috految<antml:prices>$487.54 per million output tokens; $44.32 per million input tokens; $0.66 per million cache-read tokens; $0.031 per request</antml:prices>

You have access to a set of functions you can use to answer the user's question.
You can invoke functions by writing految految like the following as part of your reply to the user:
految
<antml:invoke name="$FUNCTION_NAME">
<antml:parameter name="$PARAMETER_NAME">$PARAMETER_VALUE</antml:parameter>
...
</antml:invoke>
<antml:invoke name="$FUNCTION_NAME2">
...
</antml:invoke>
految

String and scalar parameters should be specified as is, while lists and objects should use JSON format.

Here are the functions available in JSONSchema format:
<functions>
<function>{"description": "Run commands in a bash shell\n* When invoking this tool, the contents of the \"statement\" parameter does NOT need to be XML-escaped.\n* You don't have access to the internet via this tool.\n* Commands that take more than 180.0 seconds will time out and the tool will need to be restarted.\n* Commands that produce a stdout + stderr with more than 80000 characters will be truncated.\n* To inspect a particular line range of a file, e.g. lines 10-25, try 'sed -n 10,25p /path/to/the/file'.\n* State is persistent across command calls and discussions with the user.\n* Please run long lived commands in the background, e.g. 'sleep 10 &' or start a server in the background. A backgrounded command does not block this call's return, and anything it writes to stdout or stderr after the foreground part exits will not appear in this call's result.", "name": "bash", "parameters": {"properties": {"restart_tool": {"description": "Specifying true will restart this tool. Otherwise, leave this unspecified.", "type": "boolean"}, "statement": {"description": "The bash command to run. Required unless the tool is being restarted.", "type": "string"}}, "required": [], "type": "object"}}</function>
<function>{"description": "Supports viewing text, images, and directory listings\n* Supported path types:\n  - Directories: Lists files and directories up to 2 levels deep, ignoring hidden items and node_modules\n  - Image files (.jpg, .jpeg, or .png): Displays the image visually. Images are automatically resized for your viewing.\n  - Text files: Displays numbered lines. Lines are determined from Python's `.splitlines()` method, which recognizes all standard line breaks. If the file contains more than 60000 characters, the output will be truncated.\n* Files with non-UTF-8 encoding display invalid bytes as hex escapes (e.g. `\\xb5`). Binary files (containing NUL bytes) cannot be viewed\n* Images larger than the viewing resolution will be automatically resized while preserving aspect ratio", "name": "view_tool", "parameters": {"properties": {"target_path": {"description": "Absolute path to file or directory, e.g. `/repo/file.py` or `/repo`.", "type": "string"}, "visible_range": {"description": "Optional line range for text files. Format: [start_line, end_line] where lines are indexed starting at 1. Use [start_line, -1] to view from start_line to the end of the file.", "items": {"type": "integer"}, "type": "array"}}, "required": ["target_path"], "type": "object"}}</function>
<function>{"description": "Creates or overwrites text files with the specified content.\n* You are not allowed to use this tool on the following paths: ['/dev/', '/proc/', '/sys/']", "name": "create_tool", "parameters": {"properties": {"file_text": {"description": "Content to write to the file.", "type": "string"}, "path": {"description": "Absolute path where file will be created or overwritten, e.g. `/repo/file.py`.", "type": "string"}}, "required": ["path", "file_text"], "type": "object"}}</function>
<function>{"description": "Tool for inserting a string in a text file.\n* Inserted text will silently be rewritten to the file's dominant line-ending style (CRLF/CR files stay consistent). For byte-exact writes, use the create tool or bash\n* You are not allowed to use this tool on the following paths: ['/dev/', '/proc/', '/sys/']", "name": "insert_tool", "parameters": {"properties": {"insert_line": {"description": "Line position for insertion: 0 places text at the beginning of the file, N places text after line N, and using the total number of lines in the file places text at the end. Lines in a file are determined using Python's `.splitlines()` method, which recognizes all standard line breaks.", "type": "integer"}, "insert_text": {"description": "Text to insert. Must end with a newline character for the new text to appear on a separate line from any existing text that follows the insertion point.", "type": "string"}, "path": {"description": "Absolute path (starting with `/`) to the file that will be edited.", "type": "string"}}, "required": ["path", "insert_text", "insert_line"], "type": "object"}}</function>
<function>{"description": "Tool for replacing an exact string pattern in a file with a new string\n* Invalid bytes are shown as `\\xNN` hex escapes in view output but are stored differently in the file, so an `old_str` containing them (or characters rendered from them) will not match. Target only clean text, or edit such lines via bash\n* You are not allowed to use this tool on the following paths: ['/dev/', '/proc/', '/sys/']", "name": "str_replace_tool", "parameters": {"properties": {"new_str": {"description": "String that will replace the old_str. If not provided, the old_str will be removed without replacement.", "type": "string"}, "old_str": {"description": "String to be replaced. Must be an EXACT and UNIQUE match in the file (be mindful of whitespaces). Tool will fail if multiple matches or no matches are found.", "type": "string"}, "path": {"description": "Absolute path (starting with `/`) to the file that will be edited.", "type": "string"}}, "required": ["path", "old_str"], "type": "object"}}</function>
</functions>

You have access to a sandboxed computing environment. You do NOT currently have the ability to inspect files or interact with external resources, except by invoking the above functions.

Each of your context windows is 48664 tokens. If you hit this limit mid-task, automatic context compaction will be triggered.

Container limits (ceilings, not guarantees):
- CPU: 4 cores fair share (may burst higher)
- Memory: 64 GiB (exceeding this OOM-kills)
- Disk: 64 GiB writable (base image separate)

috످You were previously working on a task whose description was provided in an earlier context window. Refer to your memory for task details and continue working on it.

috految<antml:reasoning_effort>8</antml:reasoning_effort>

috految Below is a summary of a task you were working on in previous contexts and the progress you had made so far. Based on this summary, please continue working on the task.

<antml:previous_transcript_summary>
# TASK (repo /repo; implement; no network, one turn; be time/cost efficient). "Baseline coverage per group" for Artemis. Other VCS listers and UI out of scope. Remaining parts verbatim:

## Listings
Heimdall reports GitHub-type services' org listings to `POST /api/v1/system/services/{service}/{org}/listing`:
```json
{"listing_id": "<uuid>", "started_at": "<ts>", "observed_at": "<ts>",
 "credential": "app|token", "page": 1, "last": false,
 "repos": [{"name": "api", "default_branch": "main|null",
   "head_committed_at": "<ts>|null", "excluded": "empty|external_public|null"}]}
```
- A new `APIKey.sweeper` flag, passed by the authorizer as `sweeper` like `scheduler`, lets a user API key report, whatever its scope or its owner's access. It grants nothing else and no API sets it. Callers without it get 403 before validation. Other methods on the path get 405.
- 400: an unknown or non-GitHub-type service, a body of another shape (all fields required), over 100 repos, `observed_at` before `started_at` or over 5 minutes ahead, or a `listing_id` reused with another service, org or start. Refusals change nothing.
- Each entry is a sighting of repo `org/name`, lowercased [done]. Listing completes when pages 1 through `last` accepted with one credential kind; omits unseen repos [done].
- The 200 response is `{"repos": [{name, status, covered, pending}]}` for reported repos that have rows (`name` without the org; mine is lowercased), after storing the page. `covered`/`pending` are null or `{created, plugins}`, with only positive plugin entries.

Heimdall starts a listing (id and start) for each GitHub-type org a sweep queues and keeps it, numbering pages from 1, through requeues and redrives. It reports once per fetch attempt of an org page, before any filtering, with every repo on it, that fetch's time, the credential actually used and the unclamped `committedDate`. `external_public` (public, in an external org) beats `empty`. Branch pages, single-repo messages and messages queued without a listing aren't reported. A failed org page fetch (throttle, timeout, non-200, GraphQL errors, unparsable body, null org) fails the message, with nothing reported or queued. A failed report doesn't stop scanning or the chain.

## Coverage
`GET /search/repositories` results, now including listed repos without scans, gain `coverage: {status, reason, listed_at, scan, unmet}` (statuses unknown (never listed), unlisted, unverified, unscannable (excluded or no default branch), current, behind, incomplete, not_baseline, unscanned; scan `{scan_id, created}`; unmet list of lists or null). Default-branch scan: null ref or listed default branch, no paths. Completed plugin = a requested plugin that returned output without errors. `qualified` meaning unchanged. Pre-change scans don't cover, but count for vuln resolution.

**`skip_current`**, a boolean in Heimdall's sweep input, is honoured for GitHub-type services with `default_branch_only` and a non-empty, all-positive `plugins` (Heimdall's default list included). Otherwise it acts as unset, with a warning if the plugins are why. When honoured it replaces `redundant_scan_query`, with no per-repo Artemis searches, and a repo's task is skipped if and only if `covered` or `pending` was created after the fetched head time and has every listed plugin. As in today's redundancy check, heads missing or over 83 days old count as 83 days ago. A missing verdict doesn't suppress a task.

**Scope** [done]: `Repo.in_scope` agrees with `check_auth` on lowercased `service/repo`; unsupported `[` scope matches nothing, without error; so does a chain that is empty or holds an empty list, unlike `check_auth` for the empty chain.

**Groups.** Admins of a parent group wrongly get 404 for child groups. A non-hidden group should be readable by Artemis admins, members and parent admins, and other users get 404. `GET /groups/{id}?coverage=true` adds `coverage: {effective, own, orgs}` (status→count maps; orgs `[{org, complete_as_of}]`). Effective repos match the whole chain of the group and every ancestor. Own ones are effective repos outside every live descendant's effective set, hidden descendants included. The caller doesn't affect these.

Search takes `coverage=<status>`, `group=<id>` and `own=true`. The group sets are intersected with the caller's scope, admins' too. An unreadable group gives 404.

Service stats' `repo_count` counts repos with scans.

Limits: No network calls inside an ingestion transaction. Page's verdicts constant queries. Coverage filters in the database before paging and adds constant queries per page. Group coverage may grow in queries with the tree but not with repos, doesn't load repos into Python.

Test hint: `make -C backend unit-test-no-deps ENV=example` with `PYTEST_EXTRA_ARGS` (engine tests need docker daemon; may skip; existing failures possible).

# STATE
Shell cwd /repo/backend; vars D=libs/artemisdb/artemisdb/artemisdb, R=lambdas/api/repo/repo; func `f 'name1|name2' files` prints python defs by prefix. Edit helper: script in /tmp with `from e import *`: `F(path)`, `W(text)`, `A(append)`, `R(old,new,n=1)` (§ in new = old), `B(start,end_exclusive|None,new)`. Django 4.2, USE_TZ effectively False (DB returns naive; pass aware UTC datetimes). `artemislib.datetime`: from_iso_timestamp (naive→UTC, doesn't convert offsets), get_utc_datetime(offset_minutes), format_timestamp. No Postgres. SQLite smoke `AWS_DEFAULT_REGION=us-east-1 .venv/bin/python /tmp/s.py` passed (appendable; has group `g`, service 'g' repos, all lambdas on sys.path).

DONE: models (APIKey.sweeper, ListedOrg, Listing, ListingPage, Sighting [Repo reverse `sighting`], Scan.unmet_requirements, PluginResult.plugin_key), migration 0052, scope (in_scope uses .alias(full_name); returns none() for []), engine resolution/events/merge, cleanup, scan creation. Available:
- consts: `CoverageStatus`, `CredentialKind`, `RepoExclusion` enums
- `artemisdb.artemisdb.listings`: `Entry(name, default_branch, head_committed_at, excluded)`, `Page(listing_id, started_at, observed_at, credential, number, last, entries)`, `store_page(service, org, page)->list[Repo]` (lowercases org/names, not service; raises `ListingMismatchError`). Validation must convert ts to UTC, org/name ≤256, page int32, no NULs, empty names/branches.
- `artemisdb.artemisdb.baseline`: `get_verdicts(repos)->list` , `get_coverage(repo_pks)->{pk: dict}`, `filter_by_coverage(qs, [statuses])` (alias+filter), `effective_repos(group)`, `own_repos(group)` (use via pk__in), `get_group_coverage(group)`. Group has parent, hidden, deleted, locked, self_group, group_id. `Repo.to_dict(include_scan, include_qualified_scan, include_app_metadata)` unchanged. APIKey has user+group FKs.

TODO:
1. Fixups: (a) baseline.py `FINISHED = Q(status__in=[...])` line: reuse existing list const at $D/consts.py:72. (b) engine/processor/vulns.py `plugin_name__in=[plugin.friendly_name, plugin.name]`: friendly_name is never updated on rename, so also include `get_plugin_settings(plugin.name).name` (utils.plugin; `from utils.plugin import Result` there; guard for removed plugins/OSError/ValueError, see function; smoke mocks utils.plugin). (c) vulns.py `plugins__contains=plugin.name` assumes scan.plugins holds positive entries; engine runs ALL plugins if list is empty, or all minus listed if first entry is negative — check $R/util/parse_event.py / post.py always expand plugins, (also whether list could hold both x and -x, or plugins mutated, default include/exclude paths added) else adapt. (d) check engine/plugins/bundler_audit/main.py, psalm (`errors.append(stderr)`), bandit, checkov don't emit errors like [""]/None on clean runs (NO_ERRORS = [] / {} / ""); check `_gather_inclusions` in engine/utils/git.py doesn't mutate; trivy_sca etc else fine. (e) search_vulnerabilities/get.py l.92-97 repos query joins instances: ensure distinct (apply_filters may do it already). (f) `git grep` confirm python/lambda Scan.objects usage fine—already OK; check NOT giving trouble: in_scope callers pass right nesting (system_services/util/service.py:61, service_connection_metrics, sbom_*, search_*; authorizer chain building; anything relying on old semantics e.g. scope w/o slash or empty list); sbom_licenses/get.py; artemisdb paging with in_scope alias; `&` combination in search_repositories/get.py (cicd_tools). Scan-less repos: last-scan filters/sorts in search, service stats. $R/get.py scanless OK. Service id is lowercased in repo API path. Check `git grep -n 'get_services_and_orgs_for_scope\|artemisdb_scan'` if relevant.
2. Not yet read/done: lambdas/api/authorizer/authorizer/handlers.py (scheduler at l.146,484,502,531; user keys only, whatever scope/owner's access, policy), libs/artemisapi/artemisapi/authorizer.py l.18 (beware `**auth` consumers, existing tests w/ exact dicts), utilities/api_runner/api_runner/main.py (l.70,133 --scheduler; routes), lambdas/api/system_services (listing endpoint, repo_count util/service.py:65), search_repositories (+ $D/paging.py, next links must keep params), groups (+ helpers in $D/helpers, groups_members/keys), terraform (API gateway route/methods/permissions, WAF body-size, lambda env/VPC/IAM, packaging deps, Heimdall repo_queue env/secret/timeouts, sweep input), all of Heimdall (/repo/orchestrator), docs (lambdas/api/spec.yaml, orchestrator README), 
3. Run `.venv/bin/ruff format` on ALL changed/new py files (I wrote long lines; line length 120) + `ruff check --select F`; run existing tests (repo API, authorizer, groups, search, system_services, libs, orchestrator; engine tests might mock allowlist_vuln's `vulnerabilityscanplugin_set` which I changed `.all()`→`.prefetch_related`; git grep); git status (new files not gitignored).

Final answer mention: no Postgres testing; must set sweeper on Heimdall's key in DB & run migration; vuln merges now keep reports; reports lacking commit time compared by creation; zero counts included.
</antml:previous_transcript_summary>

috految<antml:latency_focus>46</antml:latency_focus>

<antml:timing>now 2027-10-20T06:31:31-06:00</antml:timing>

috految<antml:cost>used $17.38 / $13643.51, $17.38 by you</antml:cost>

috److految
<antml:invoke name="bash">
<antml:parameter name="statement">cd /repo/backend; L=lambdas/api; sed -n 68,80p $D/consts.py; grep 'FINISHED =\|consts\|ScanStatus' $D/baseline.py; grep -B9 -A9 'plugin_name__in\|plugins__contains' engine/processor/vulns.py; f get_plugin_settings engine/utils/plugin.py; grep -hi 'plugin\|_paths' $R/util/parse_event.py $R/post.py; grep -h -B2 'errors' engine/plugins/{bundler_audit,psalm,bandit,checkov}/main.py; f _gather_inclusions engine/utils/git.py; git grep -h 'in_scope(\|\*\*auth\|vulnerabilityscanplugin_set\|health_scope\|[ (]scope=' -- '*.py' ':!*/tests/*'; git grep -l 'scheduler\|vulnerabilityscanplugin_set\|artemisdb_scan' '*.py' '*.tf' '*.md'; sed -n '65,175p;470,550p' $L/authorizer/authorizer/handlers.py; cat libs/artemisapi/artemisapi/{authorizer,handler,response}.py $L/system_services/system_services/{handler*,get,util/events}.py; sed -n 1,90p $L/system_services/*/util/service.py; cat $L/search_repositories/search_repositories/{handler*,get,util/events,util/valid*,util/const}.py $L/groups/groups/{handler*,get}.py; git ls-files $L/groups $L/system_services $D/helpers; f 'page|apply_filters|parse_paging' $D/paging.py; git grep -l 'system.services\|wafv2' .. ':!*.py'; wc -c ../orchestrator/lambdas/{org,repo}*/*/*.py</antml:parameter>
</antml:invoke>
految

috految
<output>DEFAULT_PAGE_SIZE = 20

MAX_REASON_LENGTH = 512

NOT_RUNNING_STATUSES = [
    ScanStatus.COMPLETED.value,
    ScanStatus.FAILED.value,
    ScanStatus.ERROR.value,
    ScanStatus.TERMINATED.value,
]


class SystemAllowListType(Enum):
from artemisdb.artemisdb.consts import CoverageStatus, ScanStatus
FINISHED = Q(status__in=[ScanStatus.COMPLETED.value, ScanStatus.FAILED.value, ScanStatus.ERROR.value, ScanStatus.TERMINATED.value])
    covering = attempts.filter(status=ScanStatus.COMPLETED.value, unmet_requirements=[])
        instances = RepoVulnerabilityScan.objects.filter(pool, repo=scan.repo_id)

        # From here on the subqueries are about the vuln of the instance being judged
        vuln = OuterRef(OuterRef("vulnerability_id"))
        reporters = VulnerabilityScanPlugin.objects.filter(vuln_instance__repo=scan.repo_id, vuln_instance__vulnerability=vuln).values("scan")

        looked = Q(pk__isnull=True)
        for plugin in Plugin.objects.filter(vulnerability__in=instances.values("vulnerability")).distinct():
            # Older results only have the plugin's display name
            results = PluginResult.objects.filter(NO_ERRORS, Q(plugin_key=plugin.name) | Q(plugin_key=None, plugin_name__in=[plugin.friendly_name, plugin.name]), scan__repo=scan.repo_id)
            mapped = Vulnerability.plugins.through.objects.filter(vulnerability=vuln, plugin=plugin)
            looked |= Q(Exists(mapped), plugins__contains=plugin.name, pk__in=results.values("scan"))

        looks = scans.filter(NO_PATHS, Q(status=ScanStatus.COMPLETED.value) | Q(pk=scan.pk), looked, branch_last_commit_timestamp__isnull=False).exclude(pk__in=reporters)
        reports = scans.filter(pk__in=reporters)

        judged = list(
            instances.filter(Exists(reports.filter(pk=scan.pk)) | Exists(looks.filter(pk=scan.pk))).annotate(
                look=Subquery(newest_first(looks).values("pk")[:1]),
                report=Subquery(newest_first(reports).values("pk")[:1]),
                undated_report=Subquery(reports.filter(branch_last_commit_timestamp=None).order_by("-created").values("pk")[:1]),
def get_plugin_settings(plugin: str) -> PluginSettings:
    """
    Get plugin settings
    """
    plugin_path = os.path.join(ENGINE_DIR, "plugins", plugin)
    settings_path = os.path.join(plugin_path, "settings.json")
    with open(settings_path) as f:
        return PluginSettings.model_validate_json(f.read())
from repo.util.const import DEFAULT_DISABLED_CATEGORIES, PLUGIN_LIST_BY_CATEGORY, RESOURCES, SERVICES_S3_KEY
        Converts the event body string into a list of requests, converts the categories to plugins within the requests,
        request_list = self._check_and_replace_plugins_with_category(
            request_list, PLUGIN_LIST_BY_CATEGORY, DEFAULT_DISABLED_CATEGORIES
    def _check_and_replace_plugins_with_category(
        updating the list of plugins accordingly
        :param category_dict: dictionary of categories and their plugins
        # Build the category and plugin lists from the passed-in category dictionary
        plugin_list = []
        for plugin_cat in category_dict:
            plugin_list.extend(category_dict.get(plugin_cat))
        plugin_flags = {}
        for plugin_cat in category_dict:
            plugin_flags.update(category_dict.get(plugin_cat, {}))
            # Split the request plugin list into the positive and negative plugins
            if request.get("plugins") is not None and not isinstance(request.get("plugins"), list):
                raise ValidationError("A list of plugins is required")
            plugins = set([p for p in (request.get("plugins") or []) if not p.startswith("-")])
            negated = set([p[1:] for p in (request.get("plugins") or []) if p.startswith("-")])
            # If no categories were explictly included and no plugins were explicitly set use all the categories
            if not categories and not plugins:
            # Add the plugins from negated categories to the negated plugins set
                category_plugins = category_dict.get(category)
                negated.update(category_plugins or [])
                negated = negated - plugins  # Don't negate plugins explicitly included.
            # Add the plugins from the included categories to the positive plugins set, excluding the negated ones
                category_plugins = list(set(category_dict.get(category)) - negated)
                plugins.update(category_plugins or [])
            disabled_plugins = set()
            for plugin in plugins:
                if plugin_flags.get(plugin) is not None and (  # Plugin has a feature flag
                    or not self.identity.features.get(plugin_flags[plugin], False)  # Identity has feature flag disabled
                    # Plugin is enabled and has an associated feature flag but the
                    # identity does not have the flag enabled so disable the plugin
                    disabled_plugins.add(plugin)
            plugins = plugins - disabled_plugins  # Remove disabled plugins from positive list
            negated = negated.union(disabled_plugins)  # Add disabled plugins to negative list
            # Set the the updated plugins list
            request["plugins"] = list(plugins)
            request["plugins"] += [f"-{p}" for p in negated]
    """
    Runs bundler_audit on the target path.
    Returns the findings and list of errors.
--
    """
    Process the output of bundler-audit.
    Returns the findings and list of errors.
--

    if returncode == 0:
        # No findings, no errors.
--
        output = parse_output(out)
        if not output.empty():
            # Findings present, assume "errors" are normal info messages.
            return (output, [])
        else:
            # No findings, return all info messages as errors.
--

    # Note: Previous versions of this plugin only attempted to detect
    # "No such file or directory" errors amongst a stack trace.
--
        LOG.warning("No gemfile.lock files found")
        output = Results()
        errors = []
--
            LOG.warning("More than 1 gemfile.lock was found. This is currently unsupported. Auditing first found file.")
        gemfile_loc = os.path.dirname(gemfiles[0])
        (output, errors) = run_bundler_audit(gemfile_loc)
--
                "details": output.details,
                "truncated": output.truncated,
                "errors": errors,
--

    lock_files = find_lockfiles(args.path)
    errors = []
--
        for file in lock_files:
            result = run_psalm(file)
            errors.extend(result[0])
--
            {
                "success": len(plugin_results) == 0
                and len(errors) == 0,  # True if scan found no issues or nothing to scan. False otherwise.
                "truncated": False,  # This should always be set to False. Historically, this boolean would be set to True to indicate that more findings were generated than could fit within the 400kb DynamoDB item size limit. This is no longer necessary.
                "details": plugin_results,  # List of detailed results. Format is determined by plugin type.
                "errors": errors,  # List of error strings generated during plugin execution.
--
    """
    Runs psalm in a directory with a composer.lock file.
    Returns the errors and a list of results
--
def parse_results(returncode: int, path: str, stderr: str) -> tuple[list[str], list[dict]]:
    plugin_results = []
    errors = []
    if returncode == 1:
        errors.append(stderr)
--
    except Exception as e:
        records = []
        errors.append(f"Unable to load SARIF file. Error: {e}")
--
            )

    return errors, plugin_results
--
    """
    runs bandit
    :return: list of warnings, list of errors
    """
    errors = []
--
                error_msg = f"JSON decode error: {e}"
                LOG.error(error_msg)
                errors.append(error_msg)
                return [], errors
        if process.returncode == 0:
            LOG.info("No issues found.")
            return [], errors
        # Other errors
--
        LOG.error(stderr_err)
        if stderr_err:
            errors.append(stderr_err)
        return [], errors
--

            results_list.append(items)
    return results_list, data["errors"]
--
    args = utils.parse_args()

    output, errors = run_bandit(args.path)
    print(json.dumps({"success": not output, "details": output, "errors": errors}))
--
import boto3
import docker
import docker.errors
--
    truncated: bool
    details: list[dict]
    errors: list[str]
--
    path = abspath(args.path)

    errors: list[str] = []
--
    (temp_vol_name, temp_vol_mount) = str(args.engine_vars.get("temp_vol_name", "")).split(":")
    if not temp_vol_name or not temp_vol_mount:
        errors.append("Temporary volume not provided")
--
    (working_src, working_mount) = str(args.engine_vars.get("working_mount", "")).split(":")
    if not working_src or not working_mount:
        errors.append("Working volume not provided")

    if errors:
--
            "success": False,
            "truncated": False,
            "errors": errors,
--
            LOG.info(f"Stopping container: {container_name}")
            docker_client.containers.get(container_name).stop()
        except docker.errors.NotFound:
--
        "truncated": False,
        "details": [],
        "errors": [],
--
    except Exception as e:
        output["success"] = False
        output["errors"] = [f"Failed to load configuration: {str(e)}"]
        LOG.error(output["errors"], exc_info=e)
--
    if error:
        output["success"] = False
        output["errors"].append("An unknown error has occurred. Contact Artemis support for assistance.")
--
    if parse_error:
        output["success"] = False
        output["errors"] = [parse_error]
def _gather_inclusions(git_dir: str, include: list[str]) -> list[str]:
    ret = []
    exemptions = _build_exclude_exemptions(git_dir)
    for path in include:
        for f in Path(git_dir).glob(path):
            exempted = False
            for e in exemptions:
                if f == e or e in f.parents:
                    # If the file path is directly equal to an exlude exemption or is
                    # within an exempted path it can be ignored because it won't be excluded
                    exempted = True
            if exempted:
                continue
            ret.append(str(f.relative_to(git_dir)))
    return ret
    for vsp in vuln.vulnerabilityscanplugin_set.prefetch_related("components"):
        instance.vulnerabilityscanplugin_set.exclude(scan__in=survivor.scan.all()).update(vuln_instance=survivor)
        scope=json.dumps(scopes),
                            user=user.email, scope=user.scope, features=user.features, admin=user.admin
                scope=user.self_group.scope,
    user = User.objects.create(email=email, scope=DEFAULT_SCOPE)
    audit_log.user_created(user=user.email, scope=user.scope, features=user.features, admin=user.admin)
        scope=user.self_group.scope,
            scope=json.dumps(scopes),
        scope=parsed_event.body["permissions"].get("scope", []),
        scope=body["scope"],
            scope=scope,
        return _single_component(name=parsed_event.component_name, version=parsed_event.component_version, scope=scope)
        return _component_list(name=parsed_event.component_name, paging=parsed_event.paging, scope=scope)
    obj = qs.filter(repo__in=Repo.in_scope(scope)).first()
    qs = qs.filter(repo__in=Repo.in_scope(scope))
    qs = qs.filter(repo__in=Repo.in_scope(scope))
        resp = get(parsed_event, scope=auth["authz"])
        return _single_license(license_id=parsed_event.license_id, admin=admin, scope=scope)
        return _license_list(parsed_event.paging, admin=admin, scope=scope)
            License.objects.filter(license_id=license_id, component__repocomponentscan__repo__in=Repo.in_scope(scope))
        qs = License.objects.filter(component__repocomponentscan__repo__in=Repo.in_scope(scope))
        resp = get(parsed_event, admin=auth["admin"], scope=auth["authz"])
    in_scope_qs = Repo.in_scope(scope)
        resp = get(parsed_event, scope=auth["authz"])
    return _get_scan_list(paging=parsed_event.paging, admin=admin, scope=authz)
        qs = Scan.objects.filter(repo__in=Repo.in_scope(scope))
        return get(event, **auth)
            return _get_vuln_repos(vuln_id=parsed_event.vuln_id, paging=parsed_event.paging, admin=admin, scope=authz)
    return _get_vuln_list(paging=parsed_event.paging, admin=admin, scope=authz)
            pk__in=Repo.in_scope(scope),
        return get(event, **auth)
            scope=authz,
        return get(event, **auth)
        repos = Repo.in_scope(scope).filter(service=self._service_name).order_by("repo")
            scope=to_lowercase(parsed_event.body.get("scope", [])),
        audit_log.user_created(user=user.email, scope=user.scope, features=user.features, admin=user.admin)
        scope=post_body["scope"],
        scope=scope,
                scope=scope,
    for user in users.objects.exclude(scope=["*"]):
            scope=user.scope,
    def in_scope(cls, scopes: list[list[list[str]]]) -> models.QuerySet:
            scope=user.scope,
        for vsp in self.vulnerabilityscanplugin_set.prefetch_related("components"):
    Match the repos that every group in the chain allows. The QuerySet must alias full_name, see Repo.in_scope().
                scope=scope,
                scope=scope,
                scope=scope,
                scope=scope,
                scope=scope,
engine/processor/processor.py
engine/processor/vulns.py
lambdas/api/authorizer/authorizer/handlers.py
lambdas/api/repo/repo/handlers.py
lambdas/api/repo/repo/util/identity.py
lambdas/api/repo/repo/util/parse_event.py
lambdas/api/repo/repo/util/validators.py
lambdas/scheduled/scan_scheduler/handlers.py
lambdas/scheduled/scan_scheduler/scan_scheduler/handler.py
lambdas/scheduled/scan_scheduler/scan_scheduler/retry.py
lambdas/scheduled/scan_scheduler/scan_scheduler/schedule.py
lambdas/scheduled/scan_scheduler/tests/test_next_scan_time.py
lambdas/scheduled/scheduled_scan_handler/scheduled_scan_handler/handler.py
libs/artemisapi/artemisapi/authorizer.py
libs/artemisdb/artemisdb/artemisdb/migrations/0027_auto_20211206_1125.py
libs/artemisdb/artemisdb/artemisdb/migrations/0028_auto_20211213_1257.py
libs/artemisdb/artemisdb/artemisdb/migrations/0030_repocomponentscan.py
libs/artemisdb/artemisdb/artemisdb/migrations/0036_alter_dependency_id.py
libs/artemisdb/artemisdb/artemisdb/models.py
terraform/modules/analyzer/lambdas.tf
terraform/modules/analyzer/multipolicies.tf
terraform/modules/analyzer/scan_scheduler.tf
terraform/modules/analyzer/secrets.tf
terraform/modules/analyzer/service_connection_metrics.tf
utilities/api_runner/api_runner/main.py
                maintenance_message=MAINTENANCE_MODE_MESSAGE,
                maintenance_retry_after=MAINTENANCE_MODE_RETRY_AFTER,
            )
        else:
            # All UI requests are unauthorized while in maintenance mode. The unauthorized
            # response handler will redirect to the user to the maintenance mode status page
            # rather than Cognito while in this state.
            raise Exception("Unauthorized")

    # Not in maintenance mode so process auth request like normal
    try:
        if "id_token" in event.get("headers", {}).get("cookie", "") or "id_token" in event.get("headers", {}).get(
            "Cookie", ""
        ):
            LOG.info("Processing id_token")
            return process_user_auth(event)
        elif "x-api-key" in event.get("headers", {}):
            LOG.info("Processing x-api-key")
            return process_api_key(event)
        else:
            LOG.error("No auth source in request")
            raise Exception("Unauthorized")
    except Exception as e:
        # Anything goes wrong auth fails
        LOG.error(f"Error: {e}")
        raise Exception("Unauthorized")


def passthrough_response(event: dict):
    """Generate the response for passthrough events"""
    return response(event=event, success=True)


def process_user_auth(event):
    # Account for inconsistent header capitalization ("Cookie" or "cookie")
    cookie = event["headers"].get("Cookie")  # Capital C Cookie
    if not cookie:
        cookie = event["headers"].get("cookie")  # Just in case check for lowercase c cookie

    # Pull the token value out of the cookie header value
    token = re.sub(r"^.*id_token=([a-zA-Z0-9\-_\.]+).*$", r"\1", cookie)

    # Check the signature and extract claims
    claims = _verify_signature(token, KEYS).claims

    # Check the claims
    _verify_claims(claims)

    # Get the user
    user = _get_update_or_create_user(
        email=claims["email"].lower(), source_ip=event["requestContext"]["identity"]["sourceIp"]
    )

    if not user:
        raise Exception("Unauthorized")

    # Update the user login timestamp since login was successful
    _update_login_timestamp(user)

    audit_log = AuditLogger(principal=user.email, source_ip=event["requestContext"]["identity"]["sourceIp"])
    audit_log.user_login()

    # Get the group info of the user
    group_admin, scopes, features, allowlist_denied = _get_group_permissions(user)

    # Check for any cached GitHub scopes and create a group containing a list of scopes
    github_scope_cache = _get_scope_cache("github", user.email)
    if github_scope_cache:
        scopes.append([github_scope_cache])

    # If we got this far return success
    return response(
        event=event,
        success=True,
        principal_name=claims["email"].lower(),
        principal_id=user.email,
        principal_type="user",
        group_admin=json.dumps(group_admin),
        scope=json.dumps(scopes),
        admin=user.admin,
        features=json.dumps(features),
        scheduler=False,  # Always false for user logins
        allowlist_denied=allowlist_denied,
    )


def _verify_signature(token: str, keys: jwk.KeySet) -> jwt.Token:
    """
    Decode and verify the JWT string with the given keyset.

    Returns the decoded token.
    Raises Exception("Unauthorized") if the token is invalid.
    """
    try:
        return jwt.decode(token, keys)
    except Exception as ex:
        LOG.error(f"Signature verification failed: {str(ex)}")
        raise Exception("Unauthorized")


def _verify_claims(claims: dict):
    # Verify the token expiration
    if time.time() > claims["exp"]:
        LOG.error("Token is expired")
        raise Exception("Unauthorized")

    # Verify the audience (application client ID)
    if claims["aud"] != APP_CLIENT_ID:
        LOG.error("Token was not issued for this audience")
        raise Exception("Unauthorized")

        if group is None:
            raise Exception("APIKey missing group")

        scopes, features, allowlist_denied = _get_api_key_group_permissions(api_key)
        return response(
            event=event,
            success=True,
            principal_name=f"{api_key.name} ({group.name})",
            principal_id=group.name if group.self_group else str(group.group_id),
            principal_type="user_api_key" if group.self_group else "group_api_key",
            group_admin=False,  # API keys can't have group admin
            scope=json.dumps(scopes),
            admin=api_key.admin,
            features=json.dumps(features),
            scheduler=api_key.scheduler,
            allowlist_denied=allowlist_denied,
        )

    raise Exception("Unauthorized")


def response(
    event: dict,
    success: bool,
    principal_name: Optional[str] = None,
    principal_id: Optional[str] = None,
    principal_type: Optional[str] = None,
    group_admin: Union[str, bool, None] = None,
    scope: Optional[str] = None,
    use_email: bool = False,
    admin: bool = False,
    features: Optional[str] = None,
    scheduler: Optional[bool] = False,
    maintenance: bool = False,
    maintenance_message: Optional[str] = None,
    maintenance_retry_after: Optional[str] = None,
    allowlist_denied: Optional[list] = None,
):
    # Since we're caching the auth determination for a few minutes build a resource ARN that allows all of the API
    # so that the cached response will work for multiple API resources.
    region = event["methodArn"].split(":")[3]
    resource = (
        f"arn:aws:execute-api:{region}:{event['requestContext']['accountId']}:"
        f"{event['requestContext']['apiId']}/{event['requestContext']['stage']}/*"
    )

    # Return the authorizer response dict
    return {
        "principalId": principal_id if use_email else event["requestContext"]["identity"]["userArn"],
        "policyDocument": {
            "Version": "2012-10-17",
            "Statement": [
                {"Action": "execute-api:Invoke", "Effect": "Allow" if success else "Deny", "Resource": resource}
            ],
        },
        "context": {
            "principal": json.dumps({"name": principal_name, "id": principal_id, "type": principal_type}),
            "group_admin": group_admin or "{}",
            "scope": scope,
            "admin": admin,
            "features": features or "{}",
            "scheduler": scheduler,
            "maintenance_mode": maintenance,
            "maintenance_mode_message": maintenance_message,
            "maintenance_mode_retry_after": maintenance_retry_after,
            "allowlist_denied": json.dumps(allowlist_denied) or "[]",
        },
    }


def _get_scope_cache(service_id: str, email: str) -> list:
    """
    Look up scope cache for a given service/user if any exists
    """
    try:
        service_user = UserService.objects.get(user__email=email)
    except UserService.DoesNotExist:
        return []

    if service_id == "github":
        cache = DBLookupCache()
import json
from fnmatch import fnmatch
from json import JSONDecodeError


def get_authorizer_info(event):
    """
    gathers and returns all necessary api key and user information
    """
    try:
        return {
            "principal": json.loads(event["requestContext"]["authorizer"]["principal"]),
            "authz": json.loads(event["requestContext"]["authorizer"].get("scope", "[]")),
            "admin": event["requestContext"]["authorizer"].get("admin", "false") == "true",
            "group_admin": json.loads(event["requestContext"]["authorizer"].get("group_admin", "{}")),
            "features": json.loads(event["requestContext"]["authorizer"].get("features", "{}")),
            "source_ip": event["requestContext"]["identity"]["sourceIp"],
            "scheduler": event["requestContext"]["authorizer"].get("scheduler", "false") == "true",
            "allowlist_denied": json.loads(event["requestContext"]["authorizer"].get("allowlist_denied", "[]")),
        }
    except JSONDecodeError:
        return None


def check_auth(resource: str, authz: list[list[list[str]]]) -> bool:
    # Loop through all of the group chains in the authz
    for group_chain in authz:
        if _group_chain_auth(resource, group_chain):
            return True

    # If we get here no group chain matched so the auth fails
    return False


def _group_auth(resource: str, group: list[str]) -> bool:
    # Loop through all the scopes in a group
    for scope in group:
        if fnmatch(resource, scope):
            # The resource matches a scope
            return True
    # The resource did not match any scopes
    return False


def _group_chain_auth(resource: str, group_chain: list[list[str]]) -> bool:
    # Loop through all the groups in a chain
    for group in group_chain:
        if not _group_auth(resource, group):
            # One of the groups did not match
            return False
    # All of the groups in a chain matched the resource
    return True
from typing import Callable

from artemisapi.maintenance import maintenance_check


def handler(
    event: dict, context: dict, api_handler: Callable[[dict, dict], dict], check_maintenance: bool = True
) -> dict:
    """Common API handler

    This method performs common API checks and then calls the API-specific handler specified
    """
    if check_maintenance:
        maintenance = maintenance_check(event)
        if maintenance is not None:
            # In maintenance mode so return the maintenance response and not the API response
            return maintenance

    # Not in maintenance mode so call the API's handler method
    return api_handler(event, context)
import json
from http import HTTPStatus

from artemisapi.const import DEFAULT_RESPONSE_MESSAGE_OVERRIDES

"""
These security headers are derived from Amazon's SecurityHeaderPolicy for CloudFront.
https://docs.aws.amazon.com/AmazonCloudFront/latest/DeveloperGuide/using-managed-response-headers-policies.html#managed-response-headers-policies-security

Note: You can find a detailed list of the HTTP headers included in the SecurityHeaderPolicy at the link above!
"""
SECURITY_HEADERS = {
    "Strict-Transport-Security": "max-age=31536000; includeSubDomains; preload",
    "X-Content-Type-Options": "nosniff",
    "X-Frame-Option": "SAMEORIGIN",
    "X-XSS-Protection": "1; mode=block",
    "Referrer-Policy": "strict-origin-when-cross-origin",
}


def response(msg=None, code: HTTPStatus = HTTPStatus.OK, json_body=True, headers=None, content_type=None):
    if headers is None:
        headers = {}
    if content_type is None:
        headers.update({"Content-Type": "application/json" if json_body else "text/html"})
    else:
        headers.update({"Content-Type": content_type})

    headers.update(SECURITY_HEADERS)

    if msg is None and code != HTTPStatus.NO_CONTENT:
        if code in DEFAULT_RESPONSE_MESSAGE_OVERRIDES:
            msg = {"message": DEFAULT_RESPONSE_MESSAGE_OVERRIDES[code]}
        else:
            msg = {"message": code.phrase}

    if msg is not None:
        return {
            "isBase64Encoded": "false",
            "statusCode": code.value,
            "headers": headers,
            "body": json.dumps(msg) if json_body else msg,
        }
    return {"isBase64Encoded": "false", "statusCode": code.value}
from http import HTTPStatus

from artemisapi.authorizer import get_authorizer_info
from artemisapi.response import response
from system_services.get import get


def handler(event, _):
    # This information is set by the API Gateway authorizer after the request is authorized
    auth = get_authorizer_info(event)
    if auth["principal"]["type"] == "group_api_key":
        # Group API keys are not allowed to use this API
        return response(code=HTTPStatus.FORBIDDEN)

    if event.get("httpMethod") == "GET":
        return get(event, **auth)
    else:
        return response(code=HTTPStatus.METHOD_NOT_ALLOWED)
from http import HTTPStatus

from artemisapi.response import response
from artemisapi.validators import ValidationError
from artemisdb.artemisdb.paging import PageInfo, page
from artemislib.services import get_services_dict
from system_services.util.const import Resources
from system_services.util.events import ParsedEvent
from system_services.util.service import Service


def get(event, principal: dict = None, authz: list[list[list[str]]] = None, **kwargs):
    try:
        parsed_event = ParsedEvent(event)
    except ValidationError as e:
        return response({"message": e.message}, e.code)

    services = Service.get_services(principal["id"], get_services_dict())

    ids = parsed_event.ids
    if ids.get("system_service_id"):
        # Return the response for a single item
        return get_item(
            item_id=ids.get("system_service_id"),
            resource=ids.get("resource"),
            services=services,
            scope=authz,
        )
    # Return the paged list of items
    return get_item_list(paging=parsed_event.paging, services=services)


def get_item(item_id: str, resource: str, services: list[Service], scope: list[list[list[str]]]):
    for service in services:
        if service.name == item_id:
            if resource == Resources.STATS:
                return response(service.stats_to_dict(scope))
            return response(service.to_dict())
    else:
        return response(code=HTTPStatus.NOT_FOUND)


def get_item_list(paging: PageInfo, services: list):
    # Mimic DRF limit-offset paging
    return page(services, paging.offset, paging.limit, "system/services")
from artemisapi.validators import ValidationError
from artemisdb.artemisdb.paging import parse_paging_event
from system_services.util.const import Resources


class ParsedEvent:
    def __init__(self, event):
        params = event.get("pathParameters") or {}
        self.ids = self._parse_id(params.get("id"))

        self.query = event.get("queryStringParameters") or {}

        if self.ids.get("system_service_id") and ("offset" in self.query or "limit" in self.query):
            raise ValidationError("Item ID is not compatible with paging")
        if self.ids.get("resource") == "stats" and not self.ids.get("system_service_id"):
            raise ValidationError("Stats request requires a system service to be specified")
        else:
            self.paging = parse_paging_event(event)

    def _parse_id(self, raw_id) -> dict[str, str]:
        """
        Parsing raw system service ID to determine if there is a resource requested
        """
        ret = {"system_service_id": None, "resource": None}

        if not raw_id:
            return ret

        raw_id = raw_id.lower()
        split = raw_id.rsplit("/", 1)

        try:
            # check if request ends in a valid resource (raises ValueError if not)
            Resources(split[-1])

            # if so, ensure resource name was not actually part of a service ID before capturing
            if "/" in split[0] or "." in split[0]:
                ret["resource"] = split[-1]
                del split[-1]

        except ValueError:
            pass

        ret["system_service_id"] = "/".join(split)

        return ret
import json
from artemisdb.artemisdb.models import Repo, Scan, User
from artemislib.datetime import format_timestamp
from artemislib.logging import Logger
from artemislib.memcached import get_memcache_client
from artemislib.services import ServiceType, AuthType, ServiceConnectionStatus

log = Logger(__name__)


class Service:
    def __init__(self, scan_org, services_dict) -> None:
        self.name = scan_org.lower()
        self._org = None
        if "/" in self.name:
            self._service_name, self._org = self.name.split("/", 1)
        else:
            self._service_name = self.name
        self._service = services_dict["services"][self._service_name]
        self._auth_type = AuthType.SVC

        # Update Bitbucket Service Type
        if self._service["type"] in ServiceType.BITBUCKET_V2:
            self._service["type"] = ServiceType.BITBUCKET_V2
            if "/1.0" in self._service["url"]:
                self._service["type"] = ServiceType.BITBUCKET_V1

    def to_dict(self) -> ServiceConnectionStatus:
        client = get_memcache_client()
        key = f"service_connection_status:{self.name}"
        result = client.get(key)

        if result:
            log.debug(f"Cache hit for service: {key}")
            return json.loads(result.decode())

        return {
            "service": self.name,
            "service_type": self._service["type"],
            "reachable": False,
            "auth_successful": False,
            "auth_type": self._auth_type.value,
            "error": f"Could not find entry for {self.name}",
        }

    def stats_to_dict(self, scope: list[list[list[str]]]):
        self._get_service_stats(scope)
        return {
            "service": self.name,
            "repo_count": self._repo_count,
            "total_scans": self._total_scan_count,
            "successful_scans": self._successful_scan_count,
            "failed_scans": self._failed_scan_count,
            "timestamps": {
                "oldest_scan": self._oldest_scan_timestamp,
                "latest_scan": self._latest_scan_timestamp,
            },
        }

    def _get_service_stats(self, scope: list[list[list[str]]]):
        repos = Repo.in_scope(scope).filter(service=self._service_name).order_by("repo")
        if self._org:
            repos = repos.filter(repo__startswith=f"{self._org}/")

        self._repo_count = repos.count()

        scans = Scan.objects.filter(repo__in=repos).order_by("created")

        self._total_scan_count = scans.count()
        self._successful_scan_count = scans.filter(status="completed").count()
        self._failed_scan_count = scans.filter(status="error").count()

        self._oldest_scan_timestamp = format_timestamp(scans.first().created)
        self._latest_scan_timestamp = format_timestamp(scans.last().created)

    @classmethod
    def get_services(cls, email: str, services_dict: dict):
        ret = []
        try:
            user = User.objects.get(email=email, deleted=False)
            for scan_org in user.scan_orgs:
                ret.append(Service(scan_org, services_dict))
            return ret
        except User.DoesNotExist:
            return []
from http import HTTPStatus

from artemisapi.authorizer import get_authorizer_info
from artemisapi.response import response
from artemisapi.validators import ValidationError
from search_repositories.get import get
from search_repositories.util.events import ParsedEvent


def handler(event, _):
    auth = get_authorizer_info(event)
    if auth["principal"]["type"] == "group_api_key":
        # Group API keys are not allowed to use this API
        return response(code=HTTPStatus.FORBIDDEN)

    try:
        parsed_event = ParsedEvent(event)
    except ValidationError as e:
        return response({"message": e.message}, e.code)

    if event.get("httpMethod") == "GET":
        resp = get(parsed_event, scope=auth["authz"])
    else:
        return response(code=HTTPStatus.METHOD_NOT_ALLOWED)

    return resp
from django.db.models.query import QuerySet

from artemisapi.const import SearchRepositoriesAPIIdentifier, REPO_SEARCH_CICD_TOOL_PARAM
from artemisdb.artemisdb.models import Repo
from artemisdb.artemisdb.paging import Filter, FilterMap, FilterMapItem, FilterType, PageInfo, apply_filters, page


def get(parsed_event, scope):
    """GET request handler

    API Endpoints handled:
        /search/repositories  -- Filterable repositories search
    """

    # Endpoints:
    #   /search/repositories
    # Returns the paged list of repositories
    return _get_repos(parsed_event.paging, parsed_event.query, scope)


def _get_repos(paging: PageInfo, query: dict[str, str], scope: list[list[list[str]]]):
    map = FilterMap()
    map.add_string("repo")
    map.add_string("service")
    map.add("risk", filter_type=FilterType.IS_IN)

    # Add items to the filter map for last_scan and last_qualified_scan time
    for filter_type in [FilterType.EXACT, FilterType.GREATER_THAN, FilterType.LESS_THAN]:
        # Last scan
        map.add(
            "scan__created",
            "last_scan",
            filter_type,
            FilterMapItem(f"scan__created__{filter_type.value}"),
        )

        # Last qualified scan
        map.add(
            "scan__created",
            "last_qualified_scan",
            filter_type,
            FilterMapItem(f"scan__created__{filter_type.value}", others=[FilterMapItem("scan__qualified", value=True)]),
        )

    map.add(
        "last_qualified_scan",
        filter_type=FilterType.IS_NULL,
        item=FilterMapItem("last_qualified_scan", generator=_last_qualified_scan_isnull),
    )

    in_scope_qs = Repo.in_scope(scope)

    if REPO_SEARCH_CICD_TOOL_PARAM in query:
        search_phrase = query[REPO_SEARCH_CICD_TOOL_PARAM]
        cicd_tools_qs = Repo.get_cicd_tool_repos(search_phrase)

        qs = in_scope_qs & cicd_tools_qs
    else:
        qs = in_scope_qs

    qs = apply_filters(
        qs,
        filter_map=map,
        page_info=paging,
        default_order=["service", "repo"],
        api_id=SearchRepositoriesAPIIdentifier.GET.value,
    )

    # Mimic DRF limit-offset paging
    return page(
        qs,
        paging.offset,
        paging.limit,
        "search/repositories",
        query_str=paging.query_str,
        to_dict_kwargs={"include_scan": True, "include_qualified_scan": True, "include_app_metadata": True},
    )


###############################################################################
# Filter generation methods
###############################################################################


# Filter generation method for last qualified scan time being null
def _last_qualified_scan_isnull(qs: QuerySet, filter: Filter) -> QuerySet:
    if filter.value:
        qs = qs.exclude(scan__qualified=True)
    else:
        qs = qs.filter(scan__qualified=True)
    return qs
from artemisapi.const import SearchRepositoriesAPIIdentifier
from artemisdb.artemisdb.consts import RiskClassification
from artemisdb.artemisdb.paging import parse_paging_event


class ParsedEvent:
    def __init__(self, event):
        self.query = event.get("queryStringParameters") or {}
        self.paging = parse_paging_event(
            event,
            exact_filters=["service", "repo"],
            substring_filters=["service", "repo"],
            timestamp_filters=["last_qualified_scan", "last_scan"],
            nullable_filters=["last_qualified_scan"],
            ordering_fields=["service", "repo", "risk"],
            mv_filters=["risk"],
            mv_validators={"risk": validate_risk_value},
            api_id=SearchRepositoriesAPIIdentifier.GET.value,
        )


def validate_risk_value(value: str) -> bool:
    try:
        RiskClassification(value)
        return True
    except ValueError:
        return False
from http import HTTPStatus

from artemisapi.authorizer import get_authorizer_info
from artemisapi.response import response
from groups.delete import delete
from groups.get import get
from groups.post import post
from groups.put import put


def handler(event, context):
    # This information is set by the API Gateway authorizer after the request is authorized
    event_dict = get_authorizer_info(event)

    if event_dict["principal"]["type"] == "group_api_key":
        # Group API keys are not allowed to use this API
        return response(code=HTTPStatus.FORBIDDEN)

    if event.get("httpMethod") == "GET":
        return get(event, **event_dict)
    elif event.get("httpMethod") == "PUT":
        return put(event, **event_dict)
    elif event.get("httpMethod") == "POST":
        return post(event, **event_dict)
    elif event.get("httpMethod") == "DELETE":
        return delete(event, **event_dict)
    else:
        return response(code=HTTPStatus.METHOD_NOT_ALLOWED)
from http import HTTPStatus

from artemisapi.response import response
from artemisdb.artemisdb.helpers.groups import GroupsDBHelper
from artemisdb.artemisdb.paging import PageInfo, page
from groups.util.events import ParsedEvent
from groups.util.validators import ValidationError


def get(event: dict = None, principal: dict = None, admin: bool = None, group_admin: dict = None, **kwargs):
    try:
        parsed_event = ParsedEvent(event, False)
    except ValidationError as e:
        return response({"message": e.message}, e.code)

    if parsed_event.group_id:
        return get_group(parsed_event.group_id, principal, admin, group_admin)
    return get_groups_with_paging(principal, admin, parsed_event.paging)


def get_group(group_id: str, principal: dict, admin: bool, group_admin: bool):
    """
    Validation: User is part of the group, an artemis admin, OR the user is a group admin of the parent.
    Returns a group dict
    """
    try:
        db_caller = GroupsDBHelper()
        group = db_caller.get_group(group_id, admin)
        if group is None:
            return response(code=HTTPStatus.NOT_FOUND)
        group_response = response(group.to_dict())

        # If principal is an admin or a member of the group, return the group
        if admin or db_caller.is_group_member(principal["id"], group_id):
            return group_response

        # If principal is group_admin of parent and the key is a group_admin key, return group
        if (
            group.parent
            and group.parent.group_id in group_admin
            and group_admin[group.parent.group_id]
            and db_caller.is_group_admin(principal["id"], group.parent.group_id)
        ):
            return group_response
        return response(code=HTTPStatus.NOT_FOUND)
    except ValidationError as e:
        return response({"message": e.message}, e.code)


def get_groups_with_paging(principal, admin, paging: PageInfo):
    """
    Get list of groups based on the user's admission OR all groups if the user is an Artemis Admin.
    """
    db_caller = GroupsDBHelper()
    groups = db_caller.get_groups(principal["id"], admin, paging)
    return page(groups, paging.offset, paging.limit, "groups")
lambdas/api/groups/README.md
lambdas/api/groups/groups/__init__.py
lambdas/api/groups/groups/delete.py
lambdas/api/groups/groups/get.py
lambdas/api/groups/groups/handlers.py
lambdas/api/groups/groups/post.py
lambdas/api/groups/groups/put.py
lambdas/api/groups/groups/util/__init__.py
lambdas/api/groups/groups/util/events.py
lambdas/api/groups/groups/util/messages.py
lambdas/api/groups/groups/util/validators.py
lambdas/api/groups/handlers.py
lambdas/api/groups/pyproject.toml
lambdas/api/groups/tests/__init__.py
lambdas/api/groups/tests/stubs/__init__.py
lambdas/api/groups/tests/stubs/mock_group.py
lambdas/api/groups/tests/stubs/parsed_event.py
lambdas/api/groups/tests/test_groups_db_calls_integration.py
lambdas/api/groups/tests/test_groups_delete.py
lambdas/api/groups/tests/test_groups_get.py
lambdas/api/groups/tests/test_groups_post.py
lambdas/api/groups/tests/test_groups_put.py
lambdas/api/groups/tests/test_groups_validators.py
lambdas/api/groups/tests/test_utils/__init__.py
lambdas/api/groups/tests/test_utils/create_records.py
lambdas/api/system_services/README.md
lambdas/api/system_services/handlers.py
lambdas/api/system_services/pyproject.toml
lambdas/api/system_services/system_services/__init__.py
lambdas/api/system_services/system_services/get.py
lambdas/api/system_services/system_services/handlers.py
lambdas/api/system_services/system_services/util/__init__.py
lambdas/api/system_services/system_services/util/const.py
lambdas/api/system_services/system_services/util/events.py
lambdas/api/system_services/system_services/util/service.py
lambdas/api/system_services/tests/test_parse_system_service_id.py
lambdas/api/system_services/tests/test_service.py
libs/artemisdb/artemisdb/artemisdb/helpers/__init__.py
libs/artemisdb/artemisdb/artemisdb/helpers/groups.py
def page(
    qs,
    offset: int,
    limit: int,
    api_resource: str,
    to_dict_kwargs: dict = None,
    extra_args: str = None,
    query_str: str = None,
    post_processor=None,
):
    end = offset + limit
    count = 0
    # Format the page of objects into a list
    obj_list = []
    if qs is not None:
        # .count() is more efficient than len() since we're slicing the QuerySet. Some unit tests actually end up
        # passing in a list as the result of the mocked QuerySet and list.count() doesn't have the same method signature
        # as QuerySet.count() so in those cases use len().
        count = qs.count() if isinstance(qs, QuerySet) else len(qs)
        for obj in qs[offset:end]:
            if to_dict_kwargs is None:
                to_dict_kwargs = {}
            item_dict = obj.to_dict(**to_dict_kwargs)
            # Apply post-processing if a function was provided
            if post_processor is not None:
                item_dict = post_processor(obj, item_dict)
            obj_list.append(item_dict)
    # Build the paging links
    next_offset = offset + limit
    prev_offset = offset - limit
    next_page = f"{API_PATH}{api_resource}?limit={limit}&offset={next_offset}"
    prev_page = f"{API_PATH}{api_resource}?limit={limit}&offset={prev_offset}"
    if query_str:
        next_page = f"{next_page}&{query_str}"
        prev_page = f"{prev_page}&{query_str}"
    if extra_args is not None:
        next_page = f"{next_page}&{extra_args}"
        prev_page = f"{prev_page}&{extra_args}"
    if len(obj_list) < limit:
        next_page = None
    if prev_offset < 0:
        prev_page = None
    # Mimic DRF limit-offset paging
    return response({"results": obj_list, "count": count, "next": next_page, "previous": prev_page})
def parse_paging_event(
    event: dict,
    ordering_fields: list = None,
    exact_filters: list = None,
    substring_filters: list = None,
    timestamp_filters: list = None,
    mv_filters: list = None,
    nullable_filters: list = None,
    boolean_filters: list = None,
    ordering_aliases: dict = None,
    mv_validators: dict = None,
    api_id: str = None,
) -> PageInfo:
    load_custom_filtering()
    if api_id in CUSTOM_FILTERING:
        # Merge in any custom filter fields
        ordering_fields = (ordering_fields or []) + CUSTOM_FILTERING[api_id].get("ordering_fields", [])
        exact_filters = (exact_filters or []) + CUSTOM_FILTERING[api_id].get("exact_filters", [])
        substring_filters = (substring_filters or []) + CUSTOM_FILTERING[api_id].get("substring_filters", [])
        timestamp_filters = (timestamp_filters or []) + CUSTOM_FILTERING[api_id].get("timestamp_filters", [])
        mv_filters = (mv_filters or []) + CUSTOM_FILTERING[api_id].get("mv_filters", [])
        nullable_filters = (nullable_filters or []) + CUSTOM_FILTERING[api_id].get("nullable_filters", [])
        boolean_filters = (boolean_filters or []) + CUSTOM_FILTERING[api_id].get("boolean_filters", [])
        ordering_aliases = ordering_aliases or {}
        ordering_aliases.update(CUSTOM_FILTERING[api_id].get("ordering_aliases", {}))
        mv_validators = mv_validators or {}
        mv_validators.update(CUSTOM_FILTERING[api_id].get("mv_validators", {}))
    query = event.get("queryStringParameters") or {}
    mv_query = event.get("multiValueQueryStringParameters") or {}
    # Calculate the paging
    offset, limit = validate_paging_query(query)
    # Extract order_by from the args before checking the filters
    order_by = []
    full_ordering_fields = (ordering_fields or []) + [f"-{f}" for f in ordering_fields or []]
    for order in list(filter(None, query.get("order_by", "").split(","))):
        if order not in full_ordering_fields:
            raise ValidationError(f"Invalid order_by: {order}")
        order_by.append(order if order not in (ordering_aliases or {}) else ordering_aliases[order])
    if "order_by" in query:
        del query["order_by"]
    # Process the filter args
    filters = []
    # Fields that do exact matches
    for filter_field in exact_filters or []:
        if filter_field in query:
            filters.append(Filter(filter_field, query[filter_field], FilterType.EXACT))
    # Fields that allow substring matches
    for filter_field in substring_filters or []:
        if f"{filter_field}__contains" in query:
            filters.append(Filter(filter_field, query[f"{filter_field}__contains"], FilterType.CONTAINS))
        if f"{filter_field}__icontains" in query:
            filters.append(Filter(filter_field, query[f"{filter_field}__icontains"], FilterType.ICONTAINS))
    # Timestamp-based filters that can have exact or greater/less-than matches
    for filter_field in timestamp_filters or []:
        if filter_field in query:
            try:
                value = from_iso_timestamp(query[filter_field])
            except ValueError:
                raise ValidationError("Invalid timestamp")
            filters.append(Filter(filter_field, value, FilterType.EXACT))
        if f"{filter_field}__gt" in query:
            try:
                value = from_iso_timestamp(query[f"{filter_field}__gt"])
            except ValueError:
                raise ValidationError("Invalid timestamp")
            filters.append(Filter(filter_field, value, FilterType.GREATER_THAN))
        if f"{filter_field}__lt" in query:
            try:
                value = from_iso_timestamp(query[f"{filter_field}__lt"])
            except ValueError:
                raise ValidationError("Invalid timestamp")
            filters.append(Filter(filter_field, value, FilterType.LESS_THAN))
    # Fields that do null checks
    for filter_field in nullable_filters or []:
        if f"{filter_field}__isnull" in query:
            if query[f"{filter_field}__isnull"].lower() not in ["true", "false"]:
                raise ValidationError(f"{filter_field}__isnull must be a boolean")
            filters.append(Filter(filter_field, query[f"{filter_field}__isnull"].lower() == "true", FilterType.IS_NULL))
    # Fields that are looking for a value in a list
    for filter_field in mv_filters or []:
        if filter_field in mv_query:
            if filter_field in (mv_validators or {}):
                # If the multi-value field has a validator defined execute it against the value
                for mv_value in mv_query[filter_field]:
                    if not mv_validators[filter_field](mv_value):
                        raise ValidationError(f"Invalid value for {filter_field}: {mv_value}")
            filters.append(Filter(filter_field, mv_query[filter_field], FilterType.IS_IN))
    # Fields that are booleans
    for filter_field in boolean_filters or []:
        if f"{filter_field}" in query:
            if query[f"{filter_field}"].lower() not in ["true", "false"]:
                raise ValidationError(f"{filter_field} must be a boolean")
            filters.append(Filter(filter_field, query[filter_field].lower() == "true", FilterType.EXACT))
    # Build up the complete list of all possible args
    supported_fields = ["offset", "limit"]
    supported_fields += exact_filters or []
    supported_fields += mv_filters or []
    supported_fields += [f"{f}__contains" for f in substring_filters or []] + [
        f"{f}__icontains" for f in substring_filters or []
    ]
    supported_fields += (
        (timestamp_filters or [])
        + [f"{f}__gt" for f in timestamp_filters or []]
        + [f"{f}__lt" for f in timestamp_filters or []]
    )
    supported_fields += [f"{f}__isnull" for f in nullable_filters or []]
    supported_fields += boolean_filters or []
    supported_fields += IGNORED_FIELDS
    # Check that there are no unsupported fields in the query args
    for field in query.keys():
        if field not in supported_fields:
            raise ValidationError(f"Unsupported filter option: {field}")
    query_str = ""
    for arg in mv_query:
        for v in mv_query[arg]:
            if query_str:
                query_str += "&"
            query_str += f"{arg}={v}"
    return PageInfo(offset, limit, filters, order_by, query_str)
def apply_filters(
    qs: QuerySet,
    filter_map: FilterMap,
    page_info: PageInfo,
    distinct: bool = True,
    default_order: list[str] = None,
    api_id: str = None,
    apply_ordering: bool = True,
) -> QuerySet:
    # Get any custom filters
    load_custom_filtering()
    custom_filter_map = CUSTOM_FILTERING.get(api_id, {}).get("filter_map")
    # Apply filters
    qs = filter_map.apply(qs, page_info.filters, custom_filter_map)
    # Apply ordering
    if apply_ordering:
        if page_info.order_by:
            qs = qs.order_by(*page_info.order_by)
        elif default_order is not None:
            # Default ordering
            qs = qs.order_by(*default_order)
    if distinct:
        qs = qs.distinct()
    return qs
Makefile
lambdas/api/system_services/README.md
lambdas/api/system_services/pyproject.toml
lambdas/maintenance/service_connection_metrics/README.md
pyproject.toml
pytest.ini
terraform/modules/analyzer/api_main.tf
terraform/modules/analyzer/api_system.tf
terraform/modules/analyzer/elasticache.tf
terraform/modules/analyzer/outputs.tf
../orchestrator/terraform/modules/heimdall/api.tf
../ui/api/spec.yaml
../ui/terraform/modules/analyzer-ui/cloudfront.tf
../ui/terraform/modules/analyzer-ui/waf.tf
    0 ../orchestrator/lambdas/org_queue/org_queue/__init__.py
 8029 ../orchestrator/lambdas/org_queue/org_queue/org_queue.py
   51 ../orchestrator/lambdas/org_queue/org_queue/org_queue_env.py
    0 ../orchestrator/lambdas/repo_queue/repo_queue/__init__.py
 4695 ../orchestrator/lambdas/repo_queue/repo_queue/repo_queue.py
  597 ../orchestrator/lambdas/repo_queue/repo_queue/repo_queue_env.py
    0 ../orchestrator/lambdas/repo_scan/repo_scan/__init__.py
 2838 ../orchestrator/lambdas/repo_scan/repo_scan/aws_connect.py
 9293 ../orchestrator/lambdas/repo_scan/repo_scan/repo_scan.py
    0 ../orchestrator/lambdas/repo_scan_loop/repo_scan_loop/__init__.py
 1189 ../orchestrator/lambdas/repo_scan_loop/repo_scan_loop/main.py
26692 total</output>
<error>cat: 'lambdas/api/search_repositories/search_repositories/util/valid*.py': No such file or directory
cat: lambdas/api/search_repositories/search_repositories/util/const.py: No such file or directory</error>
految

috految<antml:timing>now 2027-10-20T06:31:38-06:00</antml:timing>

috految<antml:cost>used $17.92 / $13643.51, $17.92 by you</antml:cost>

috److految
<antml:invoke name="bash">
<antml:parameter name="statement">O=../orchestrator; f '_get_group|_get_api_key|_get_scope_c|_get_parent' $L/authorizer/authorizer/handlers.py; sed -n 433,469p $L/authorizer/authorizer/handlers.py; f 'get_group|is_group|get_parent|delete_group' $D/helpers/groups.py; grep 'import\|^class\|def ' $D/helpers/groups.py; cat $L/groups/groups/util/events.py; grep -hE 'Mock|patch|get_group|group_admin' $L/groups/tests/test_groups_get.py|sort -u; git grep -hE 'parent.group_id|is_group_(adm|mem)|class ValidationE' '*.py' ':!*/tests/*'; f 'get_cicd|apply\b' $D/{models,paging}.py; sed -n '/^class Group(/,/^class /p' $D/models.py|grep -A20 'def to_dict'; grep 'def \|self.code' libs/artemisapi/artemisapi/validators.py; grep 'GITHUB\|class' libs/artemislib/artemislib/services.py; f get_services_dict libs/artemislib/artemislib/services.py; grep -h -A1 'scheduler\|system.services' utilities/api_runner/api_runner/main.py; grep -h 'Identity(\|\*\*' $R/handlers.py; tail -3 $L/system_services/handlers.py; grep -h distinct $L/search_vuln*/*/get.py; grep -h 'get(\|_get_repos' $L/search_repo*/tests/*.py; grep -h 'Repo\|Scan\|stats' $L/system_services/tests/test_service.py; grep -h 'scope\|authz' $L/sbom_comp*/*/get.py; grep -h 'IGNORED_FIELDS =\|_QUERY' $D/paging.py; grep -h 'def \|return' $L/search_repo*/handlers.py; grep -h 'plugins' $R/util/validators.py; sed -n '/^resource.*services/,/^}/p' terraform/modules/analyzer/api_system.tf|tr -s ' '; grep -E 'services|waf|Rule|Size|_size|ttl|binary' terraform/modules/analyzer/api_main.tf; grep -E 'Rule|Size|count|action|name +=' ../ui/terraform/modules/analyzer-ui/waf.tf; grep -n '^  .\?/\(sys\|search\|groups\)' ../ui/api/spec.yaml $L/spec.yaml; grep 'rename\|_INCLUDE\|-name' Makefile|head -4;  cat $O/lambdas/repo_queue/*/repo_queue.py; tail -n+3 $O/lambdas/org_queue/*/org_queue.py; cat $O/lambdas/layers/*/*/github_utils.py | wc -c</antml:parameter>
</antml:invoke>
految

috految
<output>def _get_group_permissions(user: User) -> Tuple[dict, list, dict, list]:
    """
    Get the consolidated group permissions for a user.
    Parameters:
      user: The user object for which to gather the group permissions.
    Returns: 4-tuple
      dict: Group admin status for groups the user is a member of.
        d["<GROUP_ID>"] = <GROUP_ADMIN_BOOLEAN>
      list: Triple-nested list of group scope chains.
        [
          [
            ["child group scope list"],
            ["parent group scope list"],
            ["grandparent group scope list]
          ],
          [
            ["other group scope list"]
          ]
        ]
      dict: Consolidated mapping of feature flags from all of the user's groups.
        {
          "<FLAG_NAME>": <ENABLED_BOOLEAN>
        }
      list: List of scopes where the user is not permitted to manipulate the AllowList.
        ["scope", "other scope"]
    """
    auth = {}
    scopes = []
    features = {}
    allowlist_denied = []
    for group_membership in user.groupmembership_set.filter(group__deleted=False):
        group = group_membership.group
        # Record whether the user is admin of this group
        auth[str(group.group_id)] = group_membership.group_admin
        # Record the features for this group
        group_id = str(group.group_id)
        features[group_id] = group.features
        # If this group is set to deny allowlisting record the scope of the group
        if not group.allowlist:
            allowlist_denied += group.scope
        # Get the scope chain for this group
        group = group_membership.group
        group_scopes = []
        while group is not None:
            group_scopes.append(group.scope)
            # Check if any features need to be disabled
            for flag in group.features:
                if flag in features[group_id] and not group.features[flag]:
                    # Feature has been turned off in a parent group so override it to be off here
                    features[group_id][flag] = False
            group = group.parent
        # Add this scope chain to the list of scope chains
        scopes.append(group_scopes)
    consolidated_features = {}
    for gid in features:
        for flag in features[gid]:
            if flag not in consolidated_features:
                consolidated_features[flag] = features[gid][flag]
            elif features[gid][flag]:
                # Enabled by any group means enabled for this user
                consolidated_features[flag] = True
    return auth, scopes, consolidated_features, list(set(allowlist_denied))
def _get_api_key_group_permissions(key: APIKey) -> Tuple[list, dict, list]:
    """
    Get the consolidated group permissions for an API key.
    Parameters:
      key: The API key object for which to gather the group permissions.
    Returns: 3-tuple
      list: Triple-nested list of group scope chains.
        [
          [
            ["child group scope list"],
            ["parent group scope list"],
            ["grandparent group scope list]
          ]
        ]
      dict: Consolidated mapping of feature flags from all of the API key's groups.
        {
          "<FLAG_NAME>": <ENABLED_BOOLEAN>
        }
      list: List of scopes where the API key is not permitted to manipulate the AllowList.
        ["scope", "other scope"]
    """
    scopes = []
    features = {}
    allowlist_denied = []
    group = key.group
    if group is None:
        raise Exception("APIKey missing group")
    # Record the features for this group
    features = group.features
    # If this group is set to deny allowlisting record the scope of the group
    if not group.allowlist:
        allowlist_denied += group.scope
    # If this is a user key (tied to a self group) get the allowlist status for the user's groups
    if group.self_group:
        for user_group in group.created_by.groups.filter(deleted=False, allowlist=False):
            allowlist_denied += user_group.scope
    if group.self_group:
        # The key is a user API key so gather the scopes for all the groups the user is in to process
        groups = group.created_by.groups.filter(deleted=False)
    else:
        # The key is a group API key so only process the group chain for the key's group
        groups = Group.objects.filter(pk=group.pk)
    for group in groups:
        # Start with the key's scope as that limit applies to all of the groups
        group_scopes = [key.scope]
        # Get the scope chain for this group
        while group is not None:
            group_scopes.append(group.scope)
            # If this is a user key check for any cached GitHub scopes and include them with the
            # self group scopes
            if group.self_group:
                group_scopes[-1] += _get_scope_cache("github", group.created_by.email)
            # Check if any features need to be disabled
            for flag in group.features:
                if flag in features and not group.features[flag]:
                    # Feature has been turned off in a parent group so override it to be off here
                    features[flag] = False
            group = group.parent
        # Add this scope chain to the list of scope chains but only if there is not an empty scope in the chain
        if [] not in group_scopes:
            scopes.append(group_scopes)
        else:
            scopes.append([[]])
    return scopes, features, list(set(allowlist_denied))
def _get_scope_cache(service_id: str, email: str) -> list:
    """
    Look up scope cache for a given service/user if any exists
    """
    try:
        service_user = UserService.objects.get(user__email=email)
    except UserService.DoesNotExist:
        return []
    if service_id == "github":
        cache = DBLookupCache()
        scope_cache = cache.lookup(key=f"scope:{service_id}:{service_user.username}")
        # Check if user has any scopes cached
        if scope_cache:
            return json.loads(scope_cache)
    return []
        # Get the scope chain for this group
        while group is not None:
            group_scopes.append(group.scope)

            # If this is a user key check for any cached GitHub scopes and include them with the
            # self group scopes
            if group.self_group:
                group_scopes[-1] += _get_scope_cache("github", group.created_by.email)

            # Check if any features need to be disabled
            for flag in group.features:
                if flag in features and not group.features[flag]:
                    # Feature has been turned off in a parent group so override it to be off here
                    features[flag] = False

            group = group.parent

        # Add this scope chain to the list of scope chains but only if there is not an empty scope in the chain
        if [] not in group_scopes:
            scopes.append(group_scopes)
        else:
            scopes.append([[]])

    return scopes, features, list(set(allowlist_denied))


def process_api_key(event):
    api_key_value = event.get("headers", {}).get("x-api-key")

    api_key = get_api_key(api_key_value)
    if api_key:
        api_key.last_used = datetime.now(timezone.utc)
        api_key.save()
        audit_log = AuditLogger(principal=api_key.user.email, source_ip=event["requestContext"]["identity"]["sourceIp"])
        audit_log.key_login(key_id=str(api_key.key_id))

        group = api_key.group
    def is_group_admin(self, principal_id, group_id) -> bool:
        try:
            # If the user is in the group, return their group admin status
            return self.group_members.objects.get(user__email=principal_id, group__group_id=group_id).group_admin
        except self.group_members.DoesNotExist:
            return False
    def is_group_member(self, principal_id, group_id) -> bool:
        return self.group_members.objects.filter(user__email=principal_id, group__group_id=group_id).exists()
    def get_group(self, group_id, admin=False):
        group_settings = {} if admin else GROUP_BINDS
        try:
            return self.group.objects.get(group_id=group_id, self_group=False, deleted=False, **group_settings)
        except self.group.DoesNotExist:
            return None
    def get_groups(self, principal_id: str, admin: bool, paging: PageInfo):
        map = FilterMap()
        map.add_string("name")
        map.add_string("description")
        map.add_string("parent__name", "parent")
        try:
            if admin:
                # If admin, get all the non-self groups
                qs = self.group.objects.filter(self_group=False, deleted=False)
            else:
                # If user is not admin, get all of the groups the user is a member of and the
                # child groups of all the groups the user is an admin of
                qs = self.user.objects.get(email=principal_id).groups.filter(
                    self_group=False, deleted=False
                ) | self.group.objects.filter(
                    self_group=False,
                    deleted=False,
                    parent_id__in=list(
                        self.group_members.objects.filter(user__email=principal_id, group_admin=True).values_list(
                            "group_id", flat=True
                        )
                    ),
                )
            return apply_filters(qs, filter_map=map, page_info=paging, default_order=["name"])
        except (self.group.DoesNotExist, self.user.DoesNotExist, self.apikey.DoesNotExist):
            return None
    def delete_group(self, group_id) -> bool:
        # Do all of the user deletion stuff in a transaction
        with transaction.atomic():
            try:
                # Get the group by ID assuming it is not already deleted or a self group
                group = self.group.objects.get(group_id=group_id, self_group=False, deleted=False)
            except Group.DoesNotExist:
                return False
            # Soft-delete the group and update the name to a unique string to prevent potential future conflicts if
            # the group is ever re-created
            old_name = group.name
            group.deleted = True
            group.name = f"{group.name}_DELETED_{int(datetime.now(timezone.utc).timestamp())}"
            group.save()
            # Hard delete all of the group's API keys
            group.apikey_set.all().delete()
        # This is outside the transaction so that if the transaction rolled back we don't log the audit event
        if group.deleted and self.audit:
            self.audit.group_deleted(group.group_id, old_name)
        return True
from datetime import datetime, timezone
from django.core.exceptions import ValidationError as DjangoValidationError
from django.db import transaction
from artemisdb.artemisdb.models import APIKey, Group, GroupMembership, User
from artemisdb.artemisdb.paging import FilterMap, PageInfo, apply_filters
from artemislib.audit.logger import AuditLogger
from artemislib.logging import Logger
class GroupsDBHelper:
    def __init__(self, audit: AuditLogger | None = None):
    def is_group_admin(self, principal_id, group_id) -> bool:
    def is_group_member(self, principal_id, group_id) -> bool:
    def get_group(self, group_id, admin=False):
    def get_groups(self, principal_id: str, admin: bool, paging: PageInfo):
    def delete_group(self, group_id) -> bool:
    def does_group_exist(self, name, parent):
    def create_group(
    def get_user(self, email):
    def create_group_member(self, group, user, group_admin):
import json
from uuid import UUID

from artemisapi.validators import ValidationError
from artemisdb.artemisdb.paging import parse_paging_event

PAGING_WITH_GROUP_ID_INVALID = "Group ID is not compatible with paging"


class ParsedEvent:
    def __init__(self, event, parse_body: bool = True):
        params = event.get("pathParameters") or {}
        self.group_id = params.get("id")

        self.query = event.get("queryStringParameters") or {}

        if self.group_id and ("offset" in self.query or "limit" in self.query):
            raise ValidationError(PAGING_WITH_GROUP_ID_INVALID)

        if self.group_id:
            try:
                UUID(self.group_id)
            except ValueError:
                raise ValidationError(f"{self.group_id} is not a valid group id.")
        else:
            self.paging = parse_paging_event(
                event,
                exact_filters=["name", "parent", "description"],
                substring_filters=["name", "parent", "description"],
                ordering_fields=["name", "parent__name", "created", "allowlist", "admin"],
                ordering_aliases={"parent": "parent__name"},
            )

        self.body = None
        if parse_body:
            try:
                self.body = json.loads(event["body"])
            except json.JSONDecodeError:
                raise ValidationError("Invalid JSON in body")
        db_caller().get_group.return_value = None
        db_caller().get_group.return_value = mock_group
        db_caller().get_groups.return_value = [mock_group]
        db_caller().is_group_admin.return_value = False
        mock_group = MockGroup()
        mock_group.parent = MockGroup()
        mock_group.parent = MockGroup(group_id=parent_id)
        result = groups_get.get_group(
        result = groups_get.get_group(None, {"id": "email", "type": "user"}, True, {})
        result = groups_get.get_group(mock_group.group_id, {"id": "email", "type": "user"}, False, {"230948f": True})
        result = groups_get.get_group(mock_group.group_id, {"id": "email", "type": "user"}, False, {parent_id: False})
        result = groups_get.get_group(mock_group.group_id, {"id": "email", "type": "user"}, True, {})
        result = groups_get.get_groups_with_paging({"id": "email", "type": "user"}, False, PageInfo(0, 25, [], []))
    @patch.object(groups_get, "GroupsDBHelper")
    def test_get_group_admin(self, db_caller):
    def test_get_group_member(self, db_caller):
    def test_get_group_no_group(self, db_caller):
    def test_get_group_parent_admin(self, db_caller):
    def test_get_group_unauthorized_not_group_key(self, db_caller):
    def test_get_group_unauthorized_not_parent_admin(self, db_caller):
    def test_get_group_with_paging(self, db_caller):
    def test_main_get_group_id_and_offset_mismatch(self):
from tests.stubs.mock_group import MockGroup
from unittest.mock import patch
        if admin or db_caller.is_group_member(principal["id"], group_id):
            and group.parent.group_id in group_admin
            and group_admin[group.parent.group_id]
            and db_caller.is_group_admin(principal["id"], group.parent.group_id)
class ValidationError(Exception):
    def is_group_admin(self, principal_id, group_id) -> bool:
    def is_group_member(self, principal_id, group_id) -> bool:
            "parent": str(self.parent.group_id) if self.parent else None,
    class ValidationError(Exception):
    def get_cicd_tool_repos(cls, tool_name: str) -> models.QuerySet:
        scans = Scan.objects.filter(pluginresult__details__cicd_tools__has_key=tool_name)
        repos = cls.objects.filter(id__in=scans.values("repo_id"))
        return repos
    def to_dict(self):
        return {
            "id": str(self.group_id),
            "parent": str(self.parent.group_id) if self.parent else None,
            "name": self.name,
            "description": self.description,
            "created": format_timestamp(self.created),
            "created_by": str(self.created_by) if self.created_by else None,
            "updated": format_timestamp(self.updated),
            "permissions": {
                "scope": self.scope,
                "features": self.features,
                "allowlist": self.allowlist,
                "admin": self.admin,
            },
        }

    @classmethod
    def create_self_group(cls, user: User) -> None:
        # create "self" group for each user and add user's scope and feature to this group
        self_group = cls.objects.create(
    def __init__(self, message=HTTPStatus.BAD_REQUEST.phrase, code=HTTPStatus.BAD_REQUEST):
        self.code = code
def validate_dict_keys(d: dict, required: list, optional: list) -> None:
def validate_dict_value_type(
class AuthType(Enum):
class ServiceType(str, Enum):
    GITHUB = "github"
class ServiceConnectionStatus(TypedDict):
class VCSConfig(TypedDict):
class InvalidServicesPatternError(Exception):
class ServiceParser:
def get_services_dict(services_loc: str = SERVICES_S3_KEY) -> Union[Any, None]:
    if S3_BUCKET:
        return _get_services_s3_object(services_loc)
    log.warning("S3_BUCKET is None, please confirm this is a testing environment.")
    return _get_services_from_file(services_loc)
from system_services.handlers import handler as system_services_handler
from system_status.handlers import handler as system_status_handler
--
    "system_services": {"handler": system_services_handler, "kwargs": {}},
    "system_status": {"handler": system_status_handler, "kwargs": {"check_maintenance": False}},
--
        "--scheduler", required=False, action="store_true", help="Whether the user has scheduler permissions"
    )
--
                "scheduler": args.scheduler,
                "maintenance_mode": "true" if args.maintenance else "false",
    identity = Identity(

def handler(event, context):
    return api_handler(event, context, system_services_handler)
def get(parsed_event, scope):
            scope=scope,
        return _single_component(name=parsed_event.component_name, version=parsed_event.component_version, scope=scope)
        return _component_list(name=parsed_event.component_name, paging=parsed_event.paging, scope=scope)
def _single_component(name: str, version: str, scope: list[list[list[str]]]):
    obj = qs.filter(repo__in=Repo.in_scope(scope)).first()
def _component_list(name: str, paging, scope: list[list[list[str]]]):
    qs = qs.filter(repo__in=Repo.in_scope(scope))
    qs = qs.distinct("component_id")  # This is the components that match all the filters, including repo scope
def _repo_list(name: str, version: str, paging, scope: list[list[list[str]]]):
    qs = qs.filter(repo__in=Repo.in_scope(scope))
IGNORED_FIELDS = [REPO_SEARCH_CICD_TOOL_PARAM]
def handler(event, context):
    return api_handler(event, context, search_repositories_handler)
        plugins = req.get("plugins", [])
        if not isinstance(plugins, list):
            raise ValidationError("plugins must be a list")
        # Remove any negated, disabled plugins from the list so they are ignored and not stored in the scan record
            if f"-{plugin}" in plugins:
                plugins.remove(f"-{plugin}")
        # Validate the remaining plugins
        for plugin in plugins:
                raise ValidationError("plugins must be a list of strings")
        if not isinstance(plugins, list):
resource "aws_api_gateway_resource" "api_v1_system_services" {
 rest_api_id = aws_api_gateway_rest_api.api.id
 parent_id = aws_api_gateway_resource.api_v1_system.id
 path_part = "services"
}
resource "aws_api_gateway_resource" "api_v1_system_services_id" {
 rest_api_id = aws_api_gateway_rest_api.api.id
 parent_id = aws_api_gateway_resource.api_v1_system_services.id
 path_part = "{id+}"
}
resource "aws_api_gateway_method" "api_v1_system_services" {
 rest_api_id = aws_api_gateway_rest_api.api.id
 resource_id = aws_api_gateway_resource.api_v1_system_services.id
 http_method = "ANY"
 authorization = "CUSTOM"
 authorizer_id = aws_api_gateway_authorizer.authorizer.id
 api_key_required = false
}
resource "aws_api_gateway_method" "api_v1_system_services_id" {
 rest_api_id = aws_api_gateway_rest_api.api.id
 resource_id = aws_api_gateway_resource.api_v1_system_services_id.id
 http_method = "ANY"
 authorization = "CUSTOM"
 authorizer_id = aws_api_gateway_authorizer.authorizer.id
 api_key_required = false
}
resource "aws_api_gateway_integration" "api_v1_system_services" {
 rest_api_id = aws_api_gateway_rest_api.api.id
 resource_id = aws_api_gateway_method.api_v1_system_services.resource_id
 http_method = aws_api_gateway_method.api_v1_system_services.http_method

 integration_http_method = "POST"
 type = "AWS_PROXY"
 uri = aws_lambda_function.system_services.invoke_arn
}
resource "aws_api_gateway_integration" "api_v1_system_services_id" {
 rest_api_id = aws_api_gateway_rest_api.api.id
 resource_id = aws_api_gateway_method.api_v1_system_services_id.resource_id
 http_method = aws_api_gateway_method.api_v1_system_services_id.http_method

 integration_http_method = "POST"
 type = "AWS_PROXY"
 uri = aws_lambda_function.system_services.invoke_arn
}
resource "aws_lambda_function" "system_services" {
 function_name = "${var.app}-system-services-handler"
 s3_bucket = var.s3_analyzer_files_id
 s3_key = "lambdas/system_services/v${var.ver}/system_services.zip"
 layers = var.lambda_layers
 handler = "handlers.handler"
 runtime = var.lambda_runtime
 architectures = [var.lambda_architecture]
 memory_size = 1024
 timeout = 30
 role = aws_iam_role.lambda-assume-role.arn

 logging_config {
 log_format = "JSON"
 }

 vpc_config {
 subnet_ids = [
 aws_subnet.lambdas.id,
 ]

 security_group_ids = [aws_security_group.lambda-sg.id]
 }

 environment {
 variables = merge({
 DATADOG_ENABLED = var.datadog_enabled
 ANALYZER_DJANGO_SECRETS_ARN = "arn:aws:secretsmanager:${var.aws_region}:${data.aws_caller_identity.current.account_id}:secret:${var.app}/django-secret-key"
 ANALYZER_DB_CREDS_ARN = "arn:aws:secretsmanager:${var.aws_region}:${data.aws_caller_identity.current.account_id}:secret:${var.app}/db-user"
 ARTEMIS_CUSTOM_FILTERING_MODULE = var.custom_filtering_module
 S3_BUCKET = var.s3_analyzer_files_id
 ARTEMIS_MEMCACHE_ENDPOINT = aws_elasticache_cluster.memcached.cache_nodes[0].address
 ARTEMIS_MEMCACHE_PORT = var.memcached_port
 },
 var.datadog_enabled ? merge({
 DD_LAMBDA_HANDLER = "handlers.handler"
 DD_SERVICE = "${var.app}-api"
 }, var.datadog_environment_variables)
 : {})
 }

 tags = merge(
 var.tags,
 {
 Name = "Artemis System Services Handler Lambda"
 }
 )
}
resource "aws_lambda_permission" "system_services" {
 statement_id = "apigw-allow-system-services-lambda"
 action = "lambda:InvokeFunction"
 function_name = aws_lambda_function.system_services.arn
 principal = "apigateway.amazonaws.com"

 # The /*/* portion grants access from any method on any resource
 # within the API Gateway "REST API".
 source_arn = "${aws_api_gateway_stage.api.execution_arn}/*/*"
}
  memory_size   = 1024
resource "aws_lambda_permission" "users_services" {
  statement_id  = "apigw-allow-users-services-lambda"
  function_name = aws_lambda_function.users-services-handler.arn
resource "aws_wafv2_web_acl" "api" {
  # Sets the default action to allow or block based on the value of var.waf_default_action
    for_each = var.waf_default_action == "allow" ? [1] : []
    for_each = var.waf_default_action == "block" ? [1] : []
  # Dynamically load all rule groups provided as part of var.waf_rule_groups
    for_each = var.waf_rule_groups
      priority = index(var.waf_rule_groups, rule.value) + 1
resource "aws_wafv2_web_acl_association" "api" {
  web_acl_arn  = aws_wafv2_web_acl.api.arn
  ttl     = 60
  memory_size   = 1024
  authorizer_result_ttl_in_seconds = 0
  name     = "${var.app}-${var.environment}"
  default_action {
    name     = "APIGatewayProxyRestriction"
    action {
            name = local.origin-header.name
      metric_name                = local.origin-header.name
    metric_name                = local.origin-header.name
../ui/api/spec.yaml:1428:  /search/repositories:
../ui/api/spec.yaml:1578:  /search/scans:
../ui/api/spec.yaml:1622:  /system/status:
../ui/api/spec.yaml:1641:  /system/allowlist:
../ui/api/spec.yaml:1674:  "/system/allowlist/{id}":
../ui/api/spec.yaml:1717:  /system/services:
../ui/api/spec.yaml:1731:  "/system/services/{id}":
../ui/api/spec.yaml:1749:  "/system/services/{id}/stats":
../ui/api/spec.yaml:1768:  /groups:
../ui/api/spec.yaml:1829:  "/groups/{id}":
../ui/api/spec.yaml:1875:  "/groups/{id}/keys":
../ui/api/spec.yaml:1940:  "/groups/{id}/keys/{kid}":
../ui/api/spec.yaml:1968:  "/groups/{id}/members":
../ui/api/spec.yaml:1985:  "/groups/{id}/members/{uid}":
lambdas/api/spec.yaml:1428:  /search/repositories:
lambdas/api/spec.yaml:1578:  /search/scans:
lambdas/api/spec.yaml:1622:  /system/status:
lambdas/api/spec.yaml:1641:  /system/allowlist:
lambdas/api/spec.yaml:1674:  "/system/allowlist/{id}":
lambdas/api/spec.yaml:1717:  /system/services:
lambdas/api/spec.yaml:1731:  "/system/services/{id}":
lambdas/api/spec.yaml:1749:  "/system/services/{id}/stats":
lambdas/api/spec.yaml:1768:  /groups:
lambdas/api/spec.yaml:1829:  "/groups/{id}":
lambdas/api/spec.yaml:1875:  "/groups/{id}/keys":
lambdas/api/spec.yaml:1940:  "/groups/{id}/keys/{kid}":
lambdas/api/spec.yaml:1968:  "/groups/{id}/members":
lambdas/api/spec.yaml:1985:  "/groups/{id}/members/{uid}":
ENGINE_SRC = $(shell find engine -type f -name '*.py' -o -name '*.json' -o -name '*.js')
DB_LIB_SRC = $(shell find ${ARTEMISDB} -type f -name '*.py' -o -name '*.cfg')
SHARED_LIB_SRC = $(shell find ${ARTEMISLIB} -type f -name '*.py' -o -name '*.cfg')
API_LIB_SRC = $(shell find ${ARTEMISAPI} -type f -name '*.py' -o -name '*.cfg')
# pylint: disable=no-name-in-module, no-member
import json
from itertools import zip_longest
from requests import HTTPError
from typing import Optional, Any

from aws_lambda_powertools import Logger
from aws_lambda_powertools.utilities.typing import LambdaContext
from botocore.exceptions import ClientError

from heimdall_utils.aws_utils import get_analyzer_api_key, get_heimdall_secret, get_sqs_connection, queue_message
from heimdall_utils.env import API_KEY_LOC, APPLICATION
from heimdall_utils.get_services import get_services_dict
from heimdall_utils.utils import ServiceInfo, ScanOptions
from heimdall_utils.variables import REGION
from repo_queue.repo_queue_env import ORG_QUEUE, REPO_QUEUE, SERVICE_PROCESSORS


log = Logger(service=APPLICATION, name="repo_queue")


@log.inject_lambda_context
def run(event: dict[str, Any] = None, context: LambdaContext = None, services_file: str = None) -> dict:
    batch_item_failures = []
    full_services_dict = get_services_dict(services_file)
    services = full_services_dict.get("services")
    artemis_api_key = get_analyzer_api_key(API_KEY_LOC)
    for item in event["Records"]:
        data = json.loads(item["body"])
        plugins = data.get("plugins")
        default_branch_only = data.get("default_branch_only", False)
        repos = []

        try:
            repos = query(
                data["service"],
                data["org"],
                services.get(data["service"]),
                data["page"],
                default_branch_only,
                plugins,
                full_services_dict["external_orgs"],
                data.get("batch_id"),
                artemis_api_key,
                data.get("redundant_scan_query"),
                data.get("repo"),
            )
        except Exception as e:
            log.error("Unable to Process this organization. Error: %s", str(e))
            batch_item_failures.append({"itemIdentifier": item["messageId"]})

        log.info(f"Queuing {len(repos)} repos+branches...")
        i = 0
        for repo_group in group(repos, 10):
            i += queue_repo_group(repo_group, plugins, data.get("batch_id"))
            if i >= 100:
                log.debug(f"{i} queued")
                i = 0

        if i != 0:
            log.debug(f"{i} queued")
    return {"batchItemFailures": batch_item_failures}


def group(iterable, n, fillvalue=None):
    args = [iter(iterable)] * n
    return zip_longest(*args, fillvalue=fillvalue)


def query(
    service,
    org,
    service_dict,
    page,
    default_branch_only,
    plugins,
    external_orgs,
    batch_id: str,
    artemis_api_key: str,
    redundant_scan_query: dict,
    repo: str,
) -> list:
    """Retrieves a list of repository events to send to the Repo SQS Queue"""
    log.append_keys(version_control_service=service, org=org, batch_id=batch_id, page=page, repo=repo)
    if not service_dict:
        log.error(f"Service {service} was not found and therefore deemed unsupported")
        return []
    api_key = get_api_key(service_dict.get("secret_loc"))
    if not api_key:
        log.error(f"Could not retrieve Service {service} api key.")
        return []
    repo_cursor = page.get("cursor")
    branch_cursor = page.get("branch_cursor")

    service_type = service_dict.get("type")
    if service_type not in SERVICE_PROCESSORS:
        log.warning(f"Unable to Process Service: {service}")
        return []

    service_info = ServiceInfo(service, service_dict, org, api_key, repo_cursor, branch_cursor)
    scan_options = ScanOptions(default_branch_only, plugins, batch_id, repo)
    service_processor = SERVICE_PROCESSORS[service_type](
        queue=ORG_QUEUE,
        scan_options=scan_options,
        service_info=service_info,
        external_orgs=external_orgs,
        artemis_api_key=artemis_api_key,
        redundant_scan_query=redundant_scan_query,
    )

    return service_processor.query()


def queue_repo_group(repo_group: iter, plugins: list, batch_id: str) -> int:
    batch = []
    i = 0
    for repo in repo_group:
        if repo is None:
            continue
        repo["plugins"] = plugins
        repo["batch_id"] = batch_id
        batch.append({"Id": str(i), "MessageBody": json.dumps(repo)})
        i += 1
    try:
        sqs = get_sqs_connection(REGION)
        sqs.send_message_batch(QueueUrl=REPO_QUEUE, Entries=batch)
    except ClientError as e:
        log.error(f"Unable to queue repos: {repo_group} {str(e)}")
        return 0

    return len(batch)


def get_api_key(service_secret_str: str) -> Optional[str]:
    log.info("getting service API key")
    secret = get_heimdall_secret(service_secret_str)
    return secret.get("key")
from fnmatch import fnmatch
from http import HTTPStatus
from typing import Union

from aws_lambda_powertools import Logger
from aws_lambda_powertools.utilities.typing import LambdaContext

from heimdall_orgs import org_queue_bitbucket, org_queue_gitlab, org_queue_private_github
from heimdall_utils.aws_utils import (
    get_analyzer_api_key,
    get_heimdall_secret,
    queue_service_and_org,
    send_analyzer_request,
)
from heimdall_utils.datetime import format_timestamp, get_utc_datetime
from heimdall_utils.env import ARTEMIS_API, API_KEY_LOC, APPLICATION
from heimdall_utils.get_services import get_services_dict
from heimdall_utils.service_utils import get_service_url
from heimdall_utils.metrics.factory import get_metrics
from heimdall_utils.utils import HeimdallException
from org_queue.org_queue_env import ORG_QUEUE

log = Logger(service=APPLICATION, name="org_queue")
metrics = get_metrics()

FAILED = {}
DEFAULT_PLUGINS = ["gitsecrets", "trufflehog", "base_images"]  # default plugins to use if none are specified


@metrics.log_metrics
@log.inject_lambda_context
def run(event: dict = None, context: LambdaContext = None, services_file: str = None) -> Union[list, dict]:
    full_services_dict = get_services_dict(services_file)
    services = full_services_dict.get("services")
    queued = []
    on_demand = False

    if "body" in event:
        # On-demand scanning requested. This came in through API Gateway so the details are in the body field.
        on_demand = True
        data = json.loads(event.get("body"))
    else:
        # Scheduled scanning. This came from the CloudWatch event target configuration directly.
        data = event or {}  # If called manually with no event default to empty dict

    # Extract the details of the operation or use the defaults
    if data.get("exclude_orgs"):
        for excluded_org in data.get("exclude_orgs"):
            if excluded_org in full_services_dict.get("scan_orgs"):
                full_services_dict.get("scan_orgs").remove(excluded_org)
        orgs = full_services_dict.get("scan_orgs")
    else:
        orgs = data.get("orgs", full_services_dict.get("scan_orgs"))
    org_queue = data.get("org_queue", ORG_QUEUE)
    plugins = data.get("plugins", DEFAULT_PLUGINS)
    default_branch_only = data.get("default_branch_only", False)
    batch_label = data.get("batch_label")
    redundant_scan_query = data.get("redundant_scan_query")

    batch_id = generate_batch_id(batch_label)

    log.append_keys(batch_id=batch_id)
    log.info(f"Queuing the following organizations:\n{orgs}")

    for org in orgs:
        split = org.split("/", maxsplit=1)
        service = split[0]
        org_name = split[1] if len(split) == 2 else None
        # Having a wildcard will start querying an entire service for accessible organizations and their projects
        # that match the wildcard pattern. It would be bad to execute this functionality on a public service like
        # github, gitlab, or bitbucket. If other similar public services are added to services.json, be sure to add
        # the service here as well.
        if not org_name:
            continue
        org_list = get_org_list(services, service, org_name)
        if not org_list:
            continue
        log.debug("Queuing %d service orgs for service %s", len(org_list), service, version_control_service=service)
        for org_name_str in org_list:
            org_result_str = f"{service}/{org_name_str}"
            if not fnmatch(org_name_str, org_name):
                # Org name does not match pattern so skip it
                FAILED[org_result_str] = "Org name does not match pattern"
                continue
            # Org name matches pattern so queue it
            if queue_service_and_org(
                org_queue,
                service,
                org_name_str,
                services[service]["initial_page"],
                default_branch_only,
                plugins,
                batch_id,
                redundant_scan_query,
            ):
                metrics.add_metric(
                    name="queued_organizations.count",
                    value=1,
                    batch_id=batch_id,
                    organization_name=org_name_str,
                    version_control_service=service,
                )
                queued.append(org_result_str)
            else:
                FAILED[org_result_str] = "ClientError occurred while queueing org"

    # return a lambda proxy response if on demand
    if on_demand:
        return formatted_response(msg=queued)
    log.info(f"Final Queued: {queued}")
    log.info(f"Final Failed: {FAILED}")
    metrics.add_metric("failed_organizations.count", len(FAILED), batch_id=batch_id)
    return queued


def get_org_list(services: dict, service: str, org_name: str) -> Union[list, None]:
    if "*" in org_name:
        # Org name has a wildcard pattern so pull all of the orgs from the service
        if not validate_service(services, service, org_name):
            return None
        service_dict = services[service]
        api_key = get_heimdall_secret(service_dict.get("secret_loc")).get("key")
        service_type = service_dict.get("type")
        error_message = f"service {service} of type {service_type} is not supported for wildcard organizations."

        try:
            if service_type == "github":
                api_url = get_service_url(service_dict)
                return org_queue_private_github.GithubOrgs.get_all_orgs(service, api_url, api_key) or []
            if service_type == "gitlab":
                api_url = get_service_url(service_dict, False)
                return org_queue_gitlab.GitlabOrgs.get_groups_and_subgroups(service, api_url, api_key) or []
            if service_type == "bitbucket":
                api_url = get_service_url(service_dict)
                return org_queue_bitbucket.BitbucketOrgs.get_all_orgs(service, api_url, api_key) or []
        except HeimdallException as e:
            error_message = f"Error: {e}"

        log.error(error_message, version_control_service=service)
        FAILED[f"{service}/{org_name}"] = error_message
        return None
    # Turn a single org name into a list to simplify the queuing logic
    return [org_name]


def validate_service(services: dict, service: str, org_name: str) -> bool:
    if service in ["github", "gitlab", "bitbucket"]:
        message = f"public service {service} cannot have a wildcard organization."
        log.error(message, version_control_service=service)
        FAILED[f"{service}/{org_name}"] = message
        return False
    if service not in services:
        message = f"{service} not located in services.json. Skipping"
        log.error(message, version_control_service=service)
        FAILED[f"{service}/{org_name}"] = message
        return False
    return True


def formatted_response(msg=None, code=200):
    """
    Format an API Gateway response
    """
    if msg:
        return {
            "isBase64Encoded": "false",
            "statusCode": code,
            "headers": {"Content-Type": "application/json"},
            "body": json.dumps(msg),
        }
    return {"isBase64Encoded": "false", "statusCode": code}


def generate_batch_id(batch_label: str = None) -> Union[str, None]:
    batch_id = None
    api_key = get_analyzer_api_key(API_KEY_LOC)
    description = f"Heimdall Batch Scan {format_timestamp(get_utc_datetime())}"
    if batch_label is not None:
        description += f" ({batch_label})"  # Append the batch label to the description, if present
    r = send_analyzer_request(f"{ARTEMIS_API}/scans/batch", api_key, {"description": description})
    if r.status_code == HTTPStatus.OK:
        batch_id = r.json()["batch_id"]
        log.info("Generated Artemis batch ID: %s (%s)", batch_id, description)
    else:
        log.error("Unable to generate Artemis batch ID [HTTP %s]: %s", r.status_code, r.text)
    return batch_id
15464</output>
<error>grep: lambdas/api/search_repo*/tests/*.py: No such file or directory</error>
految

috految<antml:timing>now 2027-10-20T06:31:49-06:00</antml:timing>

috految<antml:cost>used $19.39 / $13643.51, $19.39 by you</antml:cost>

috److془Context ~41k. Write.

Plugins: all-negative possible → unrequested; fine. Hmm: categories=["-x"] → all categories. Fine. Legacy plugin empty... fine.

Next links: query_str includes offset → pre-existing bug; leave... Following next from page 2 loops; preexisting. Leave. 

Search: risk filter etc. `exclude(scan__qualified=True)` with alias: fine. Filter map apply: after apply_filters; use pk__in. Scanless with `last_scan__lt` fine. FilterMap.apply may use `|`; fine. sbom _single_component etc with none(): obj None handled presumably as before. Ordering ties: preexisting. Order_by risk with distinct.. fine.
Response `to_dict` scanless: test. Audit logger import env: check; GROUP_BINDS check (locked?). Group key of parent admin: keys can't have admin. is_group_admin .get duplicates: pre-existing unique presumably; check. Parent.group_id str. Memberships with deleted user: email renamed. Authorizer: user with `self.group_members` check by smoke. Authorizer `for group in groups` local. Fine. Passthrough: `authz` fine. Maintenance fine. Deleted parent: not in group_admin. Good. Authorizer cached GitHub scope: fine. Does the users_keys post use **body? scope=post_body["scope"] explicit. Consumers with **: no scheduler named so kwargs. Does repo's identity use ** no.
Flat scope for "service_connection_metrics no in_scope". Stats with no scans: None. repo_count: restrict. Path: "github/listing" org retained. "gitlab/a/b/listing" POST → 400. GET "gitlab/a/listing" 405 fine. Group key GET 403 fine. Service id case: lookup insensitive. Body: proxy base64 none (no binary). Org percent: GitHub names don't need it. Is the services dict cached/mutated? bitbucket only. Trailing fine. Extra keys: 400. Keep `observed_at` precision.
Head timestamps crazy: fine. Bracket: plugin requested with x and -x fine. Search lambda importing groups helper → artemislib.audit → boto3; check deps. Does audit import artemisdb before django setup? smoke imports fresh.
Malformed group id: 400. own without group 400. Resolve Service name with "/"? no.
Group.to_dict `str(created_by)` fine.

Heimdall: listing top-level; redrive handler may rebuild; check later. Duplicated orgs fine. Private github get_all_orgs fine. Missing API key returns [] preexisting. Repo_queue: batch failures need ReportBatchItemFailures.془

految
<antml:invoke name="bash">
<antml:parameter name="statement">cat >/tmp/b.py <<'E'
from e import *
D='libs/artemisdb/artemisdb/artemisdb/'
def L(n,f):F(f'lambdas/api/{n}/{n}/{f}.py')
F(D+'baseline.py');R('import CoverageStatus','import NOT_RUNNING_STATUSES, CoverageStatus');B('status__in=[ScanStatus.COMPLETED',')\n','status__in=NOT_RUNNING_STATUSES')
F('engine/processor/vulns.py');R('plugin import Result','§, get_plugin_settings');R('[plugin.friendly_name, plugin.name]','_display_names(plugin)')
A('''

def _display_names(plugin: Plugin) -> list[str]:
    names = [plugin.name, plugin.friendly_name]
    try:
        # friendly_name isn't updated when a plugin is renamed
        return [*names, get_plugin_settings(plugin.name).name]
    except (OSError, ValueError):
        return names  # The plugin is no longer available
''')
L('authorizer','handlers')
R('scheduler=api_key.scheduler,','§sweeper=api_key.sweeper,')
R('scheduler: Optional[bool] = False,','§sweeper: Optional[bool] = False,')
R('"scheduler": scheduler,','§"sweeper": sweeper,')
F('libs/artemisapi/artemisapi/authorizer.py');R('"allowlist_denied":','"sweeper": event["requestContext"]["authorizer"].get("sweeper", "false") == "true",\n§')
L('system_services','util/service')
R('repos.count()','repos.filter(pk__in=Scan.objects.values("repo")).count()')
for x in 'first','last':R(f'format_timestamp(scans.{x}().created)','§ if self._total_scan_count else None')
L('system_services','handlers')
R('import get\n','§from system_services.post import post\nfrom system_services.util.events import parse_listing_path\n')
R('    if event.get(','''    if listing_path := parse_listing_path(event):
        if event.get("httpMethod") != "POST":
            return response(code=HTTPStatus.METHOD_NOT_ALLOWED)
        if not auth["sweeper"]:
            return response(code=HTTPStatus.FORBIDDEN)
        return post(event, *listing_path)

§''')
L('system_services','util/events');A('''

def parse_listing_path(event: dict) -> tuple[str, str] | None:
    """
    Get the service and org from a {service}/{org}/listing path, or None for any other path
    """
    parts = ((event.get("pathParameters") or {}).get("id") or "").lower().split("/")
    if len(parts) < 3 or parts[-1] != "listing":
        return None
    return parts[0], "/".join(parts[1:-1])
''')
L('system_services','post');W('''import json
from datetime import datetime, timedelta, timezone
from http import HTTPStatus
from uuid import UUID

from artemisapi.response import response
from artemisapi.validators import ValidationError
from artemisdb.artemisdb.baseline import get_verdicts
from artemisdb.artemisdb.consts import CredentialKind, RepoExclusion
from artemisdb.artemisdb.listings import Entry, ListingMismatchError, Page, store_page
from artemislib.datetime import get_utc_datetime
from artemislib.services import ServiceType, get_services_dict

MAX_REPOS = 100
MAX_PAGE = 2**31 - 1
MAX_REPO_LENGTH = 256
MAX_CLOCK_SKEW = timedelta(minutes=5)

PAGE_FIELDS = {"listing_id": str, "started_at": str, "observed_at": str, "credential": str, "page": int, "last": bool, "repos": list}
ENTRY_FIELDS = {"name": str, "default_branch": str | None, "head_committed_at": str | None, "excluded": str | None}

def post(event: dict, service: str, org: str):
    """
    Store a page of an org listing and return the verdicts for its repos
    """
    services = {name.lower(): config for name, config in get_services_dict()["services"].items()}
    try:
        if services.get(service, {}).get("type") != ServiceType.GITHUB:
            raise ValidationError(f"{service} is not a GitHub service")
        if not org or "/" in org or len(org) >= MAX_REPO_LENGTH:
            raise ValidationError("Invalid org")
        repos = store_page(service, org, _parse_page(event.get("body"), org))
    except ValidationError as e:
        return response({"message": e.message}, e.code)
    except ListingMismatchError:
        return response({"message": "listing_id belongs to a different listing"}, HTTPStatus.BAD_REQUEST)
    return response({"repos": get_verdicts(repos)})

def _parse_page(raw: str | None, org: str) -> Page:
    try:
        body = json.loads(raw or "")
        _validate_shape(body, PAGE_FIELDS)
        page = Page(listing_id=UUID(body["listing_id"]), started_at=_parse_timestamp(body["started_at"]), observed_at=_parse_timestamp(body["observed_at"]), credential=CredentialKind(body["credential"]).value, number=body["page"], last=body["last"], entries=[_parse_entry(entry, org) for entry in body["repos"]])
    except (ValueError, OverflowError) as e:
        raise ValidationError(f"Invalid listing: {e}") from e

    if isinstance(page.number, bool) or not 1 <= page.number <= MAX_PAGE:
        raise ValidationError("Invalid page number")
    if len(page.entries) > MAX_REPOS:
        raise ValidationError(f"A page is limited to {MAX_REPOS} repos")
    if not page.started_at <= page.observed_at <= get_utc_datetime() + MAX_CLOCK_SKEW:
        raise ValidationError("observed_at must not be before started_at or in the future")
    return page

def _parse_entry(entry: dict, org: str) -> Entry:
    _validate_shape(entry, ENTRY_FIELDS)
    name, head, excluded = entry["name"], entry["head_committed_at"], entry["excluded"]
    if "/" in name or len(f"{org}/{name}") > MAX_REPO_LENGTH:
        raise ValidationError("Invalid repo name")
    return Entry(name, entry["default_branch"], _parse_timestamp(head) if head else None, RepoExclusion(excluded).value if excluded else None)

def _validate_shape(obj: object, fields: dict) -> None:
    if not isinstance(obj, dict) or obj.keys() != fields.keys():
        raise ValidationError(f"Expected an object with the fields: {', '.join(fields)}")
    for key, value in obj.items():
        if not isinstance(value, fields[key]) or (isinstance(value, str) and (not value or b"\\0" in value.encode())):
            raise ValidationError(f"Invalid value for {key}")

def _parse_timestamp(value: str) -> datetime:
    parsed = datetime.fromisoformat(value)
    return parsed.astimezone(timezone.utc) if parsed.tzinfo else parsed.replace(tzinfo=timezone.utc)
''')
F(D+'helpers/groups.py');A('''

def get_readable_group(db: GroupsDBHelper, group_id: str, principal: dict, admin: bool, group_admin: dict) -> Group | None:
    """
    Get a group if the principal is an Artemis admin, a member, or an admin of its parent
    """
    group = db.get_group(group_id, admin)
    if group is None or admin or db.is_group_member(principal["id"], group_id):
        return group

    # group_admin is empty for API keys, which never act as group admins
    if group.parent and group_admin and group_admin.get(str(group.parent.group_id)) and db.is_group_admin(principal["id"], group.parent.group_id):
        return group
    return None
''')
L('groups','get');R('import GroupsDBHelper','§, get_readable_group');R('from artemisdb.artemisdb.helpers','from artemisdb.artemisdb.baseline import get_group_coverage\n§')
R('principal, admin, group_admin)','principal, admin, group_admin, parsed_event.coverage)');R('group_admin: bool','group_admin: dict, coverage: bool = False')
R('db_caller.get_group(group_id, admin)','get_readable_group(db_caller, group_id, principal, admin, group_admin)')
B('        group_response =','    except','''
        result = group.to_dict()
        if coverage:
            result["coverage"] = get_group_coverage(group)
        return response(result)
''')
L('groups','util/events');R('        self.body = None','''        coverage = self.query.get("coverage", "false").lower()
        if coverage not in ("true", "false"):
            raise ValidationError("coverage must be a boolean")
        self.coverage = coverage == "true"

§''')
F(D+'paging.py');R('    post_processor=None,','§page_processor=None,');R('for obj in qs[offset:end]:','objs = list(qs[offset:end])\n        for obj in objs:')
R('obj_list.append(item_dict)','''§

        # Lets callers load extra data for the whole page at once
        if page_processor is not None:
            obj_list = page_processor(objs, obj_list)''')
S='search_repositories'
L(S,'handlers');R('scope=auth["authz"]','§, principal=auth["principal"], admin=auth["admin"], group_admin=auth["group_admin"]')
L(S,'util/events');R('from artemisapi.const','from uuid import UUID\n\n§');R('from artemisdb.artemisdb.consts import ','from artemisapi.validators import ValidationError\n§CoverageStatus, ')
R('exact_filters=["service", "repo"],','exact_filters=["service", "repo", "coverage", "group"], boolean_filters=["own"],')
R('.value,\n        )\n','''§
        # These select repo sets instead of mapping to model fields
        self.paging.filters[:] = [f for f in self.paging.filters if f.field not in ("coverage", "group", "own")]

        self.coverage = []
        if "coverage" in self.query:
            values = (event.get("multiValueQueryStringParameters") or {}).get("coverage", [self.query["coverage"]])
            try:
                self.coverage = [CoverageStatus(value).value for value in values]
            except ValueError:
                raise ValidationError("Invalid value for coverage")

        try:
            self.group_id = str(UUID(self.query["group"])) if "group" in self.query else None
        except ValueError:
            raise ValidationError("Invalid group ID")

        self.own = self.query.get("own", "false").lower() == "true"
        if self.own and not self.group_id:
            raise ValidationError("own requires group")
''')
L(S,'get');R('from django','from http import HTTPStatus\n\n§')
R('from artemisdb.artemisdb.models','''from artemisapi.response import response
from artemisdb.artemisdb.baseline import effective_repos, filter_by_coverage, get_coverage, own_repos
from artemisdb.artemisdb.helpers.groups import GroupsDBHelper, get_readable_group
§''')
R('parsed_event, scope','§, principal: dict, admin: bool, group_admin: dict')
R('    # Endpoints:','''    repos = Repo.in_scope(scope)
    if parsed_event.group_id:
        group = get_readable_group(GroupsDBHelper(), parsed_event.group_id, principal, admin, group_admin)
        if group is None:
            return response(code=HTTPStatus.NOT_FOUND)
        group_repos = own_repos(group) if parsed_event.own else effective_repos(group)
        repos = repos.filter(pk__in=group_repos.values("pk"))

§''')
R('query, scope)','query, repos, parsed_event.coverage)');R('scope: list[list[list[str]]]','qs: QuerySet, coverage: list[str]')
R('    in_scope_qs = Repo.in_scope(scope)\n','');B('qs = in_scope_qs &','    qs = apply','qs = qs.filter(pk__in=cicd_tools_qs)\n\n')
R('    # Mimic','    if coverage:\n        qs = filter_by_coverage(qs, coverage)\n\n§')
R('True},\n    )\n','''True}, page_processor=_add_coverage,)

def _add_coverage(repos: list[Repo], items: list[dict]) -> list[dict]:
    coverage = get_coverage([repo.pk for repo in repos])
    return [{**item, "coverage": coverage.get(repo.pk)} for repo, item in zip(repos, items)]
''')
F('lambdas/api/system_services/README.md');A('''
## Org listings

Heimdall reports GitHub org listings to `POST /api/v1/system/services/{service}/{org}/listing`. This needs a user API key with `APIKey.sweeper`, which can only be set in the database.

Listings drive `coverage` in `GET /search/repositories` (filters: `coverage`, `group`, `own`) and `GET /groups/{id}?coverage=true`.
''')
O='../orchestrator/'
F(O+'README.md');A('''
## Listings and `skip_current`

GitHub org pages are reported to Artemis, whose API key needs the `sweeper` flag.

Set `skip_current` to `true` in the sweep input to skip repos with a covering or pending scan that is newer than their head and has all of `plugins`. It replaces `redundant_scan_query`, and only applies to GitHub-type services with `default_branch_only` and a non-empty list of positive `plugins`.
''')
F(O+'lambdas/org_queue/org_queue/org_queue.py');R('import Union\n','§from uuid import uuid4\n')
R('    batch_id = generate','''    skip_current = data.get("skip_current") is True and bool(default_branch_only)
    if skip_current and not (plugins and isinstance(plugins, list) and not any(p.startswith("-") for p in plugins)):
        log.warning("Ignoring skip_current: plugins must be a non-empty list without negated plugins")
        skip_current = False

§''')
R('            # Org name matches','''            listing = None
            if services[service].get("type") == "github":
                listing = {"id": str(uuid4()), "started_at": get_utc_datetime().isoformat(), "page": 1, "skip_current": skip_current}
§''')
R('                redundant_scan_query,\n','§listing=listing,\n')
F(O+'lambdas/repo_queue/repo_queue/repo_queue.py');R('data.get("repo"),','§data.get("listing"),');R('    repo: str,','§listing: Optional[dict] = None,');R('batch_id, repo)','batch_id, repo, listing)')
E
python3 /tmp/b.py
cat >>/tmp/s.py <<'E'

import json,uuid,system_services.post as P,search_repositories.handlers as H,groups.handlers as G
P.get_services_dict=lambda:{'services':{'g':{'type':'github'}}}
t='2024-01-01T00:00:00Z'
print(P.post({'body':json.dumps(dict(listing_id=str(uuid.uuid4()),started_at=t,observed_at=t,credential='app',page=1,last=True,repos=[dict(name='Q',default_branch='m',head_committed_at=t,excluded=None)]))},'g','z')['body'])
for q in {'coverage':'unscanned','last_qualified_scan__isnull':'true'},{'group':str(g.group_id),'own':'true','coverage':'current','last_scan__gt':t},{'repo':'z/q'}:print(H.get(H.ParsedEvent({'queryStringParameters':q}),[[['*']]],{},True,{})['body'])
print(G.get(dict(pathParameters={'id':str(g.group_id)},queryStringParameters={'coverage':'true'}),{'id':'x'},True,{})['body'])
E
export AWS_DEFAULT_REGION=us-east-1 AWS_EC2_METADATA_DISABLED=true
sed -i 's/MagicMock()/MagicMock(**{"get_plugin_settings.side_effect":OSError})/' /tmp/s.py
.venv/bin/python /tmp/s.py >/tmp/smoke 2>&1 &
timeout 90 make unit-test-no-deps ENV=example PYTEST_EXTRA_ARGS='--no-cov --tb=line --continue-on-collection-errors --ignore=engine' >/tmp/tests 2>&1 &
grep -h 'GROUP_BINDS\|self.* = ' $D/helpers/groups.py; grep -h 'import\|environ' libs/artemislib/artemislib/audit/*.py $D/paging.py; grep -A6 'class GroupMembership\|unique_together.*user' $D/models.py; grep -A4 ^dependencies $L/{groups,search_repositories}/pyproject.toml -h; grep -h 'python3\.\|"3\.' terraform/modules/analyzer/variables.tf; grep 'apply_filters\|Repo.obj\|page(' $L/search_vuln*/*/get.py; grep 'import.*Repo\|import.*Group\|admin\[' $L/groups*/*/*.py; grep -h 'Union\|| None' $D/models.py; grep -A5 'def get_utc' libs/artemislib/artemislib/datetime.py; grep -n 'scheduler\b' $R/handlers.py; git grep -l 'redundant_scan\|default_branch_only\|ReportBatch\|redrive' ..; grep 'ARTEMIS_API\|ARTEMIS.*KEY\|^resource.*lambda\|timeout\|batch_size\|response_types\|redrive' -h $O/terraform/modules/heimdall/*.tf</antml:parameter>
</antml:invoke>
految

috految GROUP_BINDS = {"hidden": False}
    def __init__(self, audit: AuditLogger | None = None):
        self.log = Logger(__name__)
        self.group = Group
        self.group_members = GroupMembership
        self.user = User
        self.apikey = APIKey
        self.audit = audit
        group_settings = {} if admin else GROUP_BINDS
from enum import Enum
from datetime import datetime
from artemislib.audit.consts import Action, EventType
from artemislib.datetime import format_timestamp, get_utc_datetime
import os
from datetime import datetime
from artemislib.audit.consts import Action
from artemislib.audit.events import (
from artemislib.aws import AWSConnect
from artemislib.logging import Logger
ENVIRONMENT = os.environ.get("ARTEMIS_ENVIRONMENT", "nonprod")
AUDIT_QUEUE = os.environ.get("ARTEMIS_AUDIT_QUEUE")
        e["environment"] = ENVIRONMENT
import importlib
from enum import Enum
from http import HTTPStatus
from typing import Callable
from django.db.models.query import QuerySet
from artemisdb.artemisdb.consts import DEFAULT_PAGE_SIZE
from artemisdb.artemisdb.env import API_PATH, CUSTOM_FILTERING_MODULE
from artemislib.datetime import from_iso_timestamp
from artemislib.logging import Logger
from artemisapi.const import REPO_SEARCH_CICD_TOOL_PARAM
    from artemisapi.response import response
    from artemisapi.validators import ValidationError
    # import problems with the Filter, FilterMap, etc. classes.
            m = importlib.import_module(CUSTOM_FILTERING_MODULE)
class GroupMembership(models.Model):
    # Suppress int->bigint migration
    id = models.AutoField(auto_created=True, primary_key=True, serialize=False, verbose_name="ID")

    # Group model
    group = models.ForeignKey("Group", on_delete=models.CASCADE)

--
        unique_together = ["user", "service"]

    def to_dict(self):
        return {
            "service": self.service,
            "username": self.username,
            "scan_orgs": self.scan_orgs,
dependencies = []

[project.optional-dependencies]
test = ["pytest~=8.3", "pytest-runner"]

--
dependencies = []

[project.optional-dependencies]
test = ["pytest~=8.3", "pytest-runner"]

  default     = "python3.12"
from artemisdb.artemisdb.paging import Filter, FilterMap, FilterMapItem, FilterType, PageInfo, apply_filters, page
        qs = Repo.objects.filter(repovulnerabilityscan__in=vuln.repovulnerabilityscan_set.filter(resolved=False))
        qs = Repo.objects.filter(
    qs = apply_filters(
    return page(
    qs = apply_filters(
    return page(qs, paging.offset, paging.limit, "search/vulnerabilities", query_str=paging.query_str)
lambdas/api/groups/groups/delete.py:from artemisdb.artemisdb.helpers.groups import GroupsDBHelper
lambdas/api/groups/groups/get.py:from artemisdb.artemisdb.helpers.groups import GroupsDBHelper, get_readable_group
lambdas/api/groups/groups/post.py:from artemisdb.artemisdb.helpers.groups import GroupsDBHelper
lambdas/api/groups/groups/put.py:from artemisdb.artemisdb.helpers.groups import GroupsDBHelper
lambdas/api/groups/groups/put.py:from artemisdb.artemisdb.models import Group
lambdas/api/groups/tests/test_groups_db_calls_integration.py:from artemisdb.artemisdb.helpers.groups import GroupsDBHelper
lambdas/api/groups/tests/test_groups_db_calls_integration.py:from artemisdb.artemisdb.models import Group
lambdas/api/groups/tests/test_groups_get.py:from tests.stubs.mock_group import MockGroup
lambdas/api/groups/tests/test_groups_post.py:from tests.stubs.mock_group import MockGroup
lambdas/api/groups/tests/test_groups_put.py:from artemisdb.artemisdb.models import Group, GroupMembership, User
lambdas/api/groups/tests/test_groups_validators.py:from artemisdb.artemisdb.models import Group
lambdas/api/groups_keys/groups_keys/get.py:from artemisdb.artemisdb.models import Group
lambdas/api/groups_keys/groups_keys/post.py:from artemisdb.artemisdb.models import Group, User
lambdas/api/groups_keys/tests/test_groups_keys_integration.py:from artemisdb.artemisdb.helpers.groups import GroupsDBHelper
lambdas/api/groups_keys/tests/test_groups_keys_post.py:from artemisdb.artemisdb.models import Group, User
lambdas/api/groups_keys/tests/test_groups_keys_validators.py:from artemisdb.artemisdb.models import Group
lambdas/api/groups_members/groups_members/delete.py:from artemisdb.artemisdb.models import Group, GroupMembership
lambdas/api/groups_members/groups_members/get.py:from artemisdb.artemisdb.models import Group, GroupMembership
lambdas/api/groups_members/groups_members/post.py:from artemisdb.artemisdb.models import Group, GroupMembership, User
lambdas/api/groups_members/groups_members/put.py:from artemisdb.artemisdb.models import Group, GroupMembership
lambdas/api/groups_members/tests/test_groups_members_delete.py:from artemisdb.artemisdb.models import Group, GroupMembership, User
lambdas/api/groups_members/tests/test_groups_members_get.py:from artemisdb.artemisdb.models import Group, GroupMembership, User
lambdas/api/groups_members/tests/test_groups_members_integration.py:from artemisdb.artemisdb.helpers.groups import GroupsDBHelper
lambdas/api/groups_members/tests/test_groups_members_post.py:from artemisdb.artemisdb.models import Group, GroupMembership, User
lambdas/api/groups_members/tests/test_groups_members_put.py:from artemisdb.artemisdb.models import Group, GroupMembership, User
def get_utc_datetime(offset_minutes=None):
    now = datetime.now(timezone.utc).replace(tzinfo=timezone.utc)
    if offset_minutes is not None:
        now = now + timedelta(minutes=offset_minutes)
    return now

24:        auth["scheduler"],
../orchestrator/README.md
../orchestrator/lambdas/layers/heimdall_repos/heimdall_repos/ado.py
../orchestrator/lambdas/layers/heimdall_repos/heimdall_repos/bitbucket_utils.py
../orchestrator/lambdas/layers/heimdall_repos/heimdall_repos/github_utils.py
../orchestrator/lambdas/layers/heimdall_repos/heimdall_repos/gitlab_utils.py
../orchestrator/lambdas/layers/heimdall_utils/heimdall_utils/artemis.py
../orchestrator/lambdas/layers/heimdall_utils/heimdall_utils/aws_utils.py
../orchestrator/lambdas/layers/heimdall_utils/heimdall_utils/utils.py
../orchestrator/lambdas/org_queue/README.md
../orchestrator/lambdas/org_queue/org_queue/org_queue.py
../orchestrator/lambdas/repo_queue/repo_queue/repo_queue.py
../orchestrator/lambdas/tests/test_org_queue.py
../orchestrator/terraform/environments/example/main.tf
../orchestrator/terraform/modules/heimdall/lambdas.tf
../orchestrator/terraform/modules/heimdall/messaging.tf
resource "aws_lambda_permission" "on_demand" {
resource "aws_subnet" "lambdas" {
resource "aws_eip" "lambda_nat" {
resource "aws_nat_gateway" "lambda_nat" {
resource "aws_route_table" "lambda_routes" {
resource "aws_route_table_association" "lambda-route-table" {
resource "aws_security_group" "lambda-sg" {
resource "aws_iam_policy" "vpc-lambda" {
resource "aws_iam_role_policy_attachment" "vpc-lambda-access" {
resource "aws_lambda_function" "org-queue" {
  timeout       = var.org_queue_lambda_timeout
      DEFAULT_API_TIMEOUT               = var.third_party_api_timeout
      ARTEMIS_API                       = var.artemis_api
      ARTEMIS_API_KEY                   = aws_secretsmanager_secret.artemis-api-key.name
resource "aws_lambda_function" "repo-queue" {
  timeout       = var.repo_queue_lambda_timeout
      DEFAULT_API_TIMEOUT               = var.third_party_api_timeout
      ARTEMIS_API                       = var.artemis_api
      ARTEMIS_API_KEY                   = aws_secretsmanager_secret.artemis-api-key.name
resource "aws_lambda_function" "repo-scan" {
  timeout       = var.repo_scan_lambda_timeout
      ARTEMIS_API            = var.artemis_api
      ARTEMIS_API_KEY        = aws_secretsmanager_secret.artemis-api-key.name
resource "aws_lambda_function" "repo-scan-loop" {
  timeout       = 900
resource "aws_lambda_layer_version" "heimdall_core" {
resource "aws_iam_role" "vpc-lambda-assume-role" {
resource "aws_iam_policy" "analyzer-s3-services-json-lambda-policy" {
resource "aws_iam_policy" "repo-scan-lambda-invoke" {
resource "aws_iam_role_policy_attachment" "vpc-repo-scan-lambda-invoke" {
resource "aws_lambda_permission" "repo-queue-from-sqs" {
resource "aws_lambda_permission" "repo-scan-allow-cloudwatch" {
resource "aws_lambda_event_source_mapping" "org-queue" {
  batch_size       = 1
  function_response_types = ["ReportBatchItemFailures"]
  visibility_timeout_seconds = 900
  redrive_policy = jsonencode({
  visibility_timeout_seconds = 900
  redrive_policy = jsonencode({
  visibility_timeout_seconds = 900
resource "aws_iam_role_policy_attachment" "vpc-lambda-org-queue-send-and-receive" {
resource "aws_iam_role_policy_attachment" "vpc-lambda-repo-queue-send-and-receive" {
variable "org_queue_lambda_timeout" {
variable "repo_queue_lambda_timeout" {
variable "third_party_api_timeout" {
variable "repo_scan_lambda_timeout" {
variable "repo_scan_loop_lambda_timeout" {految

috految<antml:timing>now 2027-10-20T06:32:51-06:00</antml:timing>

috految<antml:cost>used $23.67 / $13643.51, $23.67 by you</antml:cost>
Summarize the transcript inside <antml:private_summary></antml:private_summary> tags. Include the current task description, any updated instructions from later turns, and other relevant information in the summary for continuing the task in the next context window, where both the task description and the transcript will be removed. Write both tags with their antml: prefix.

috److<antml:private_summary>
# TASK (/repo; no network; be time/cost efficient). "Baseline coverage per group". Other VCS listers and UI out of scope. Backend DONE. Remaining Heimdall spec:

Heimdall reports GitHub-type services' org listings to `POST /api/v1/system/services/{service}/{org}/listing`:
`{"listing_id","started_at","observed_at","credential": "app|token","page": 1,"last": false,"repos": [{"name": "api", "default_branch": "main|null","head_committed_at": "<ts>|null", "excluded": "empty|external_public|null"}]}` (400 if >100 repos, observed<started, bad shape; complete listing omits unseen repos). 200: `{"repos": [{name (lowercased, no org), status, covered, pending}]}`; covered/pending null or `{created, plugins}`. 

Heimdall starts a listing (id and start) for each GitHub-type org a sweep queues and keeps it, numbering pages from 1, through requeues and redrives. It reports once per fetch attempt of an org page, before any filtering, with every repo on it, that fetch's time, the credential actually used and the unclamped `committedDate`. `external_public` (public, in an external org) beats `empty`. Branch pages, single-repo messages and messages queued without a listing aren't reported. A failed org page fetch (throttle, timeout, non-200, GraphQL errors, unparsable body, null org) fails the message, with nothing reported or queued. A failed report doesn't stop scanning or the chain.

**`skip_current`**, a boolean in sweep input, honoured for GitHub-type services with `default_branch_only` and non-empty all-positive `plugins` (Heimdall's default list included) [eligibility done]. When honoured it replaces `redundant_scan_query`, with no per-repo Artemis searches, and a repo's task is skipped if and only if `covered` or `pending` was created after the fetched head time and has every listed plugin. As in today's redundancy check, heads missing or over 83 days old count as 83 days ago. A missing verdict doesn't suppress a task.

# STATE
cwd /repo/backend, $O=../orchestrator, $D=artemisdb dir, `f 'name1|name2' files` prints defs. Edit: /tmp script `from e import *`: `F(path)`, `W`, `A`, `R(old,new)` (§=old), `B(start,end_excl,new)`.
Done in Heimdall: org_queue.py passes `listing=listing` kwarg (None or dict {id, started_at (get_utc_datetime().isoformat(); check tz-aware), page:1, skip_current}) to queue_service_and_org (redundant_scan_query still passed regardless); repo_queue.py passes `data.get("listing")` as 5th positional to `ScanOptions(default_branch_only, plugins, batch_id, repo, listing)`; any exception in query fails message. READMEs done. Terraform OK (ReportBatchItemFailures, env; check repo_queue_lambda_timeout vs report timeout; $O/lambdas/repo_queue/handlers.py returns run's result?; env/example main.tf sweep input).
TODO:
1. read+edit $O/lambdas/layers/heimdall_repos/heimdall_repos/github_utils.py (+ graphql queries in repo_layer_env, objects), layers/heimdall_utils/heimdall_utils/{artemis,aws_utils (queue_service_and_org listing; send_analyzer_request),utils (ScanOptions),datetime,github/app}.py; existing tests $O/lambdas/tests (test_org_queue may pin queue_service_and_org args/messages). Check repo_scan/aws_connect doesn't requeue org messages; $O/lambdas/repo_queue/repo_queue/repo_queue_env.py processors.
2. $D/helpers/groups.py is_group_admin uses `.get(...)` in try (`        try:\n            # If the user is` … up to `    def is_group_member`); memberships non-unique → change to `self.group_members.objects.filter(user__email=principal_id, group__group_id=group_id, group_admin=True).exists()`. Check `git grep 'repo_count\|self._total' ` not needed. Check `grep -n 'Filter\b\|class Filter' ` only if smoke fails (I assumed Filter.field).
3. Check background outputs /tmp/smoke (`.venv/bin/python /tmp/s.py`; expect listing verdict, 3 searches, group coverage) and /tmp/tests (backend unit tests sans engine). Run orchestrator tests. `.venv/bin/ruff format --line-length 120` on ALL changed/new py in both dirs (essential) + `ruff check --select F`; git status (new files not ignored, no junk).

Final answer mention: no Postgres testing (SQLite smoke), engine tests not run, no new tests; spec.yaml not updated (READMEs are); set sweeper on Heimdall's key in DB & run migration 0052; vuln merges now keep reports; reports lacking commit time compared by creation; zero counts included; own without group 400.
</antml:private_summary>

috످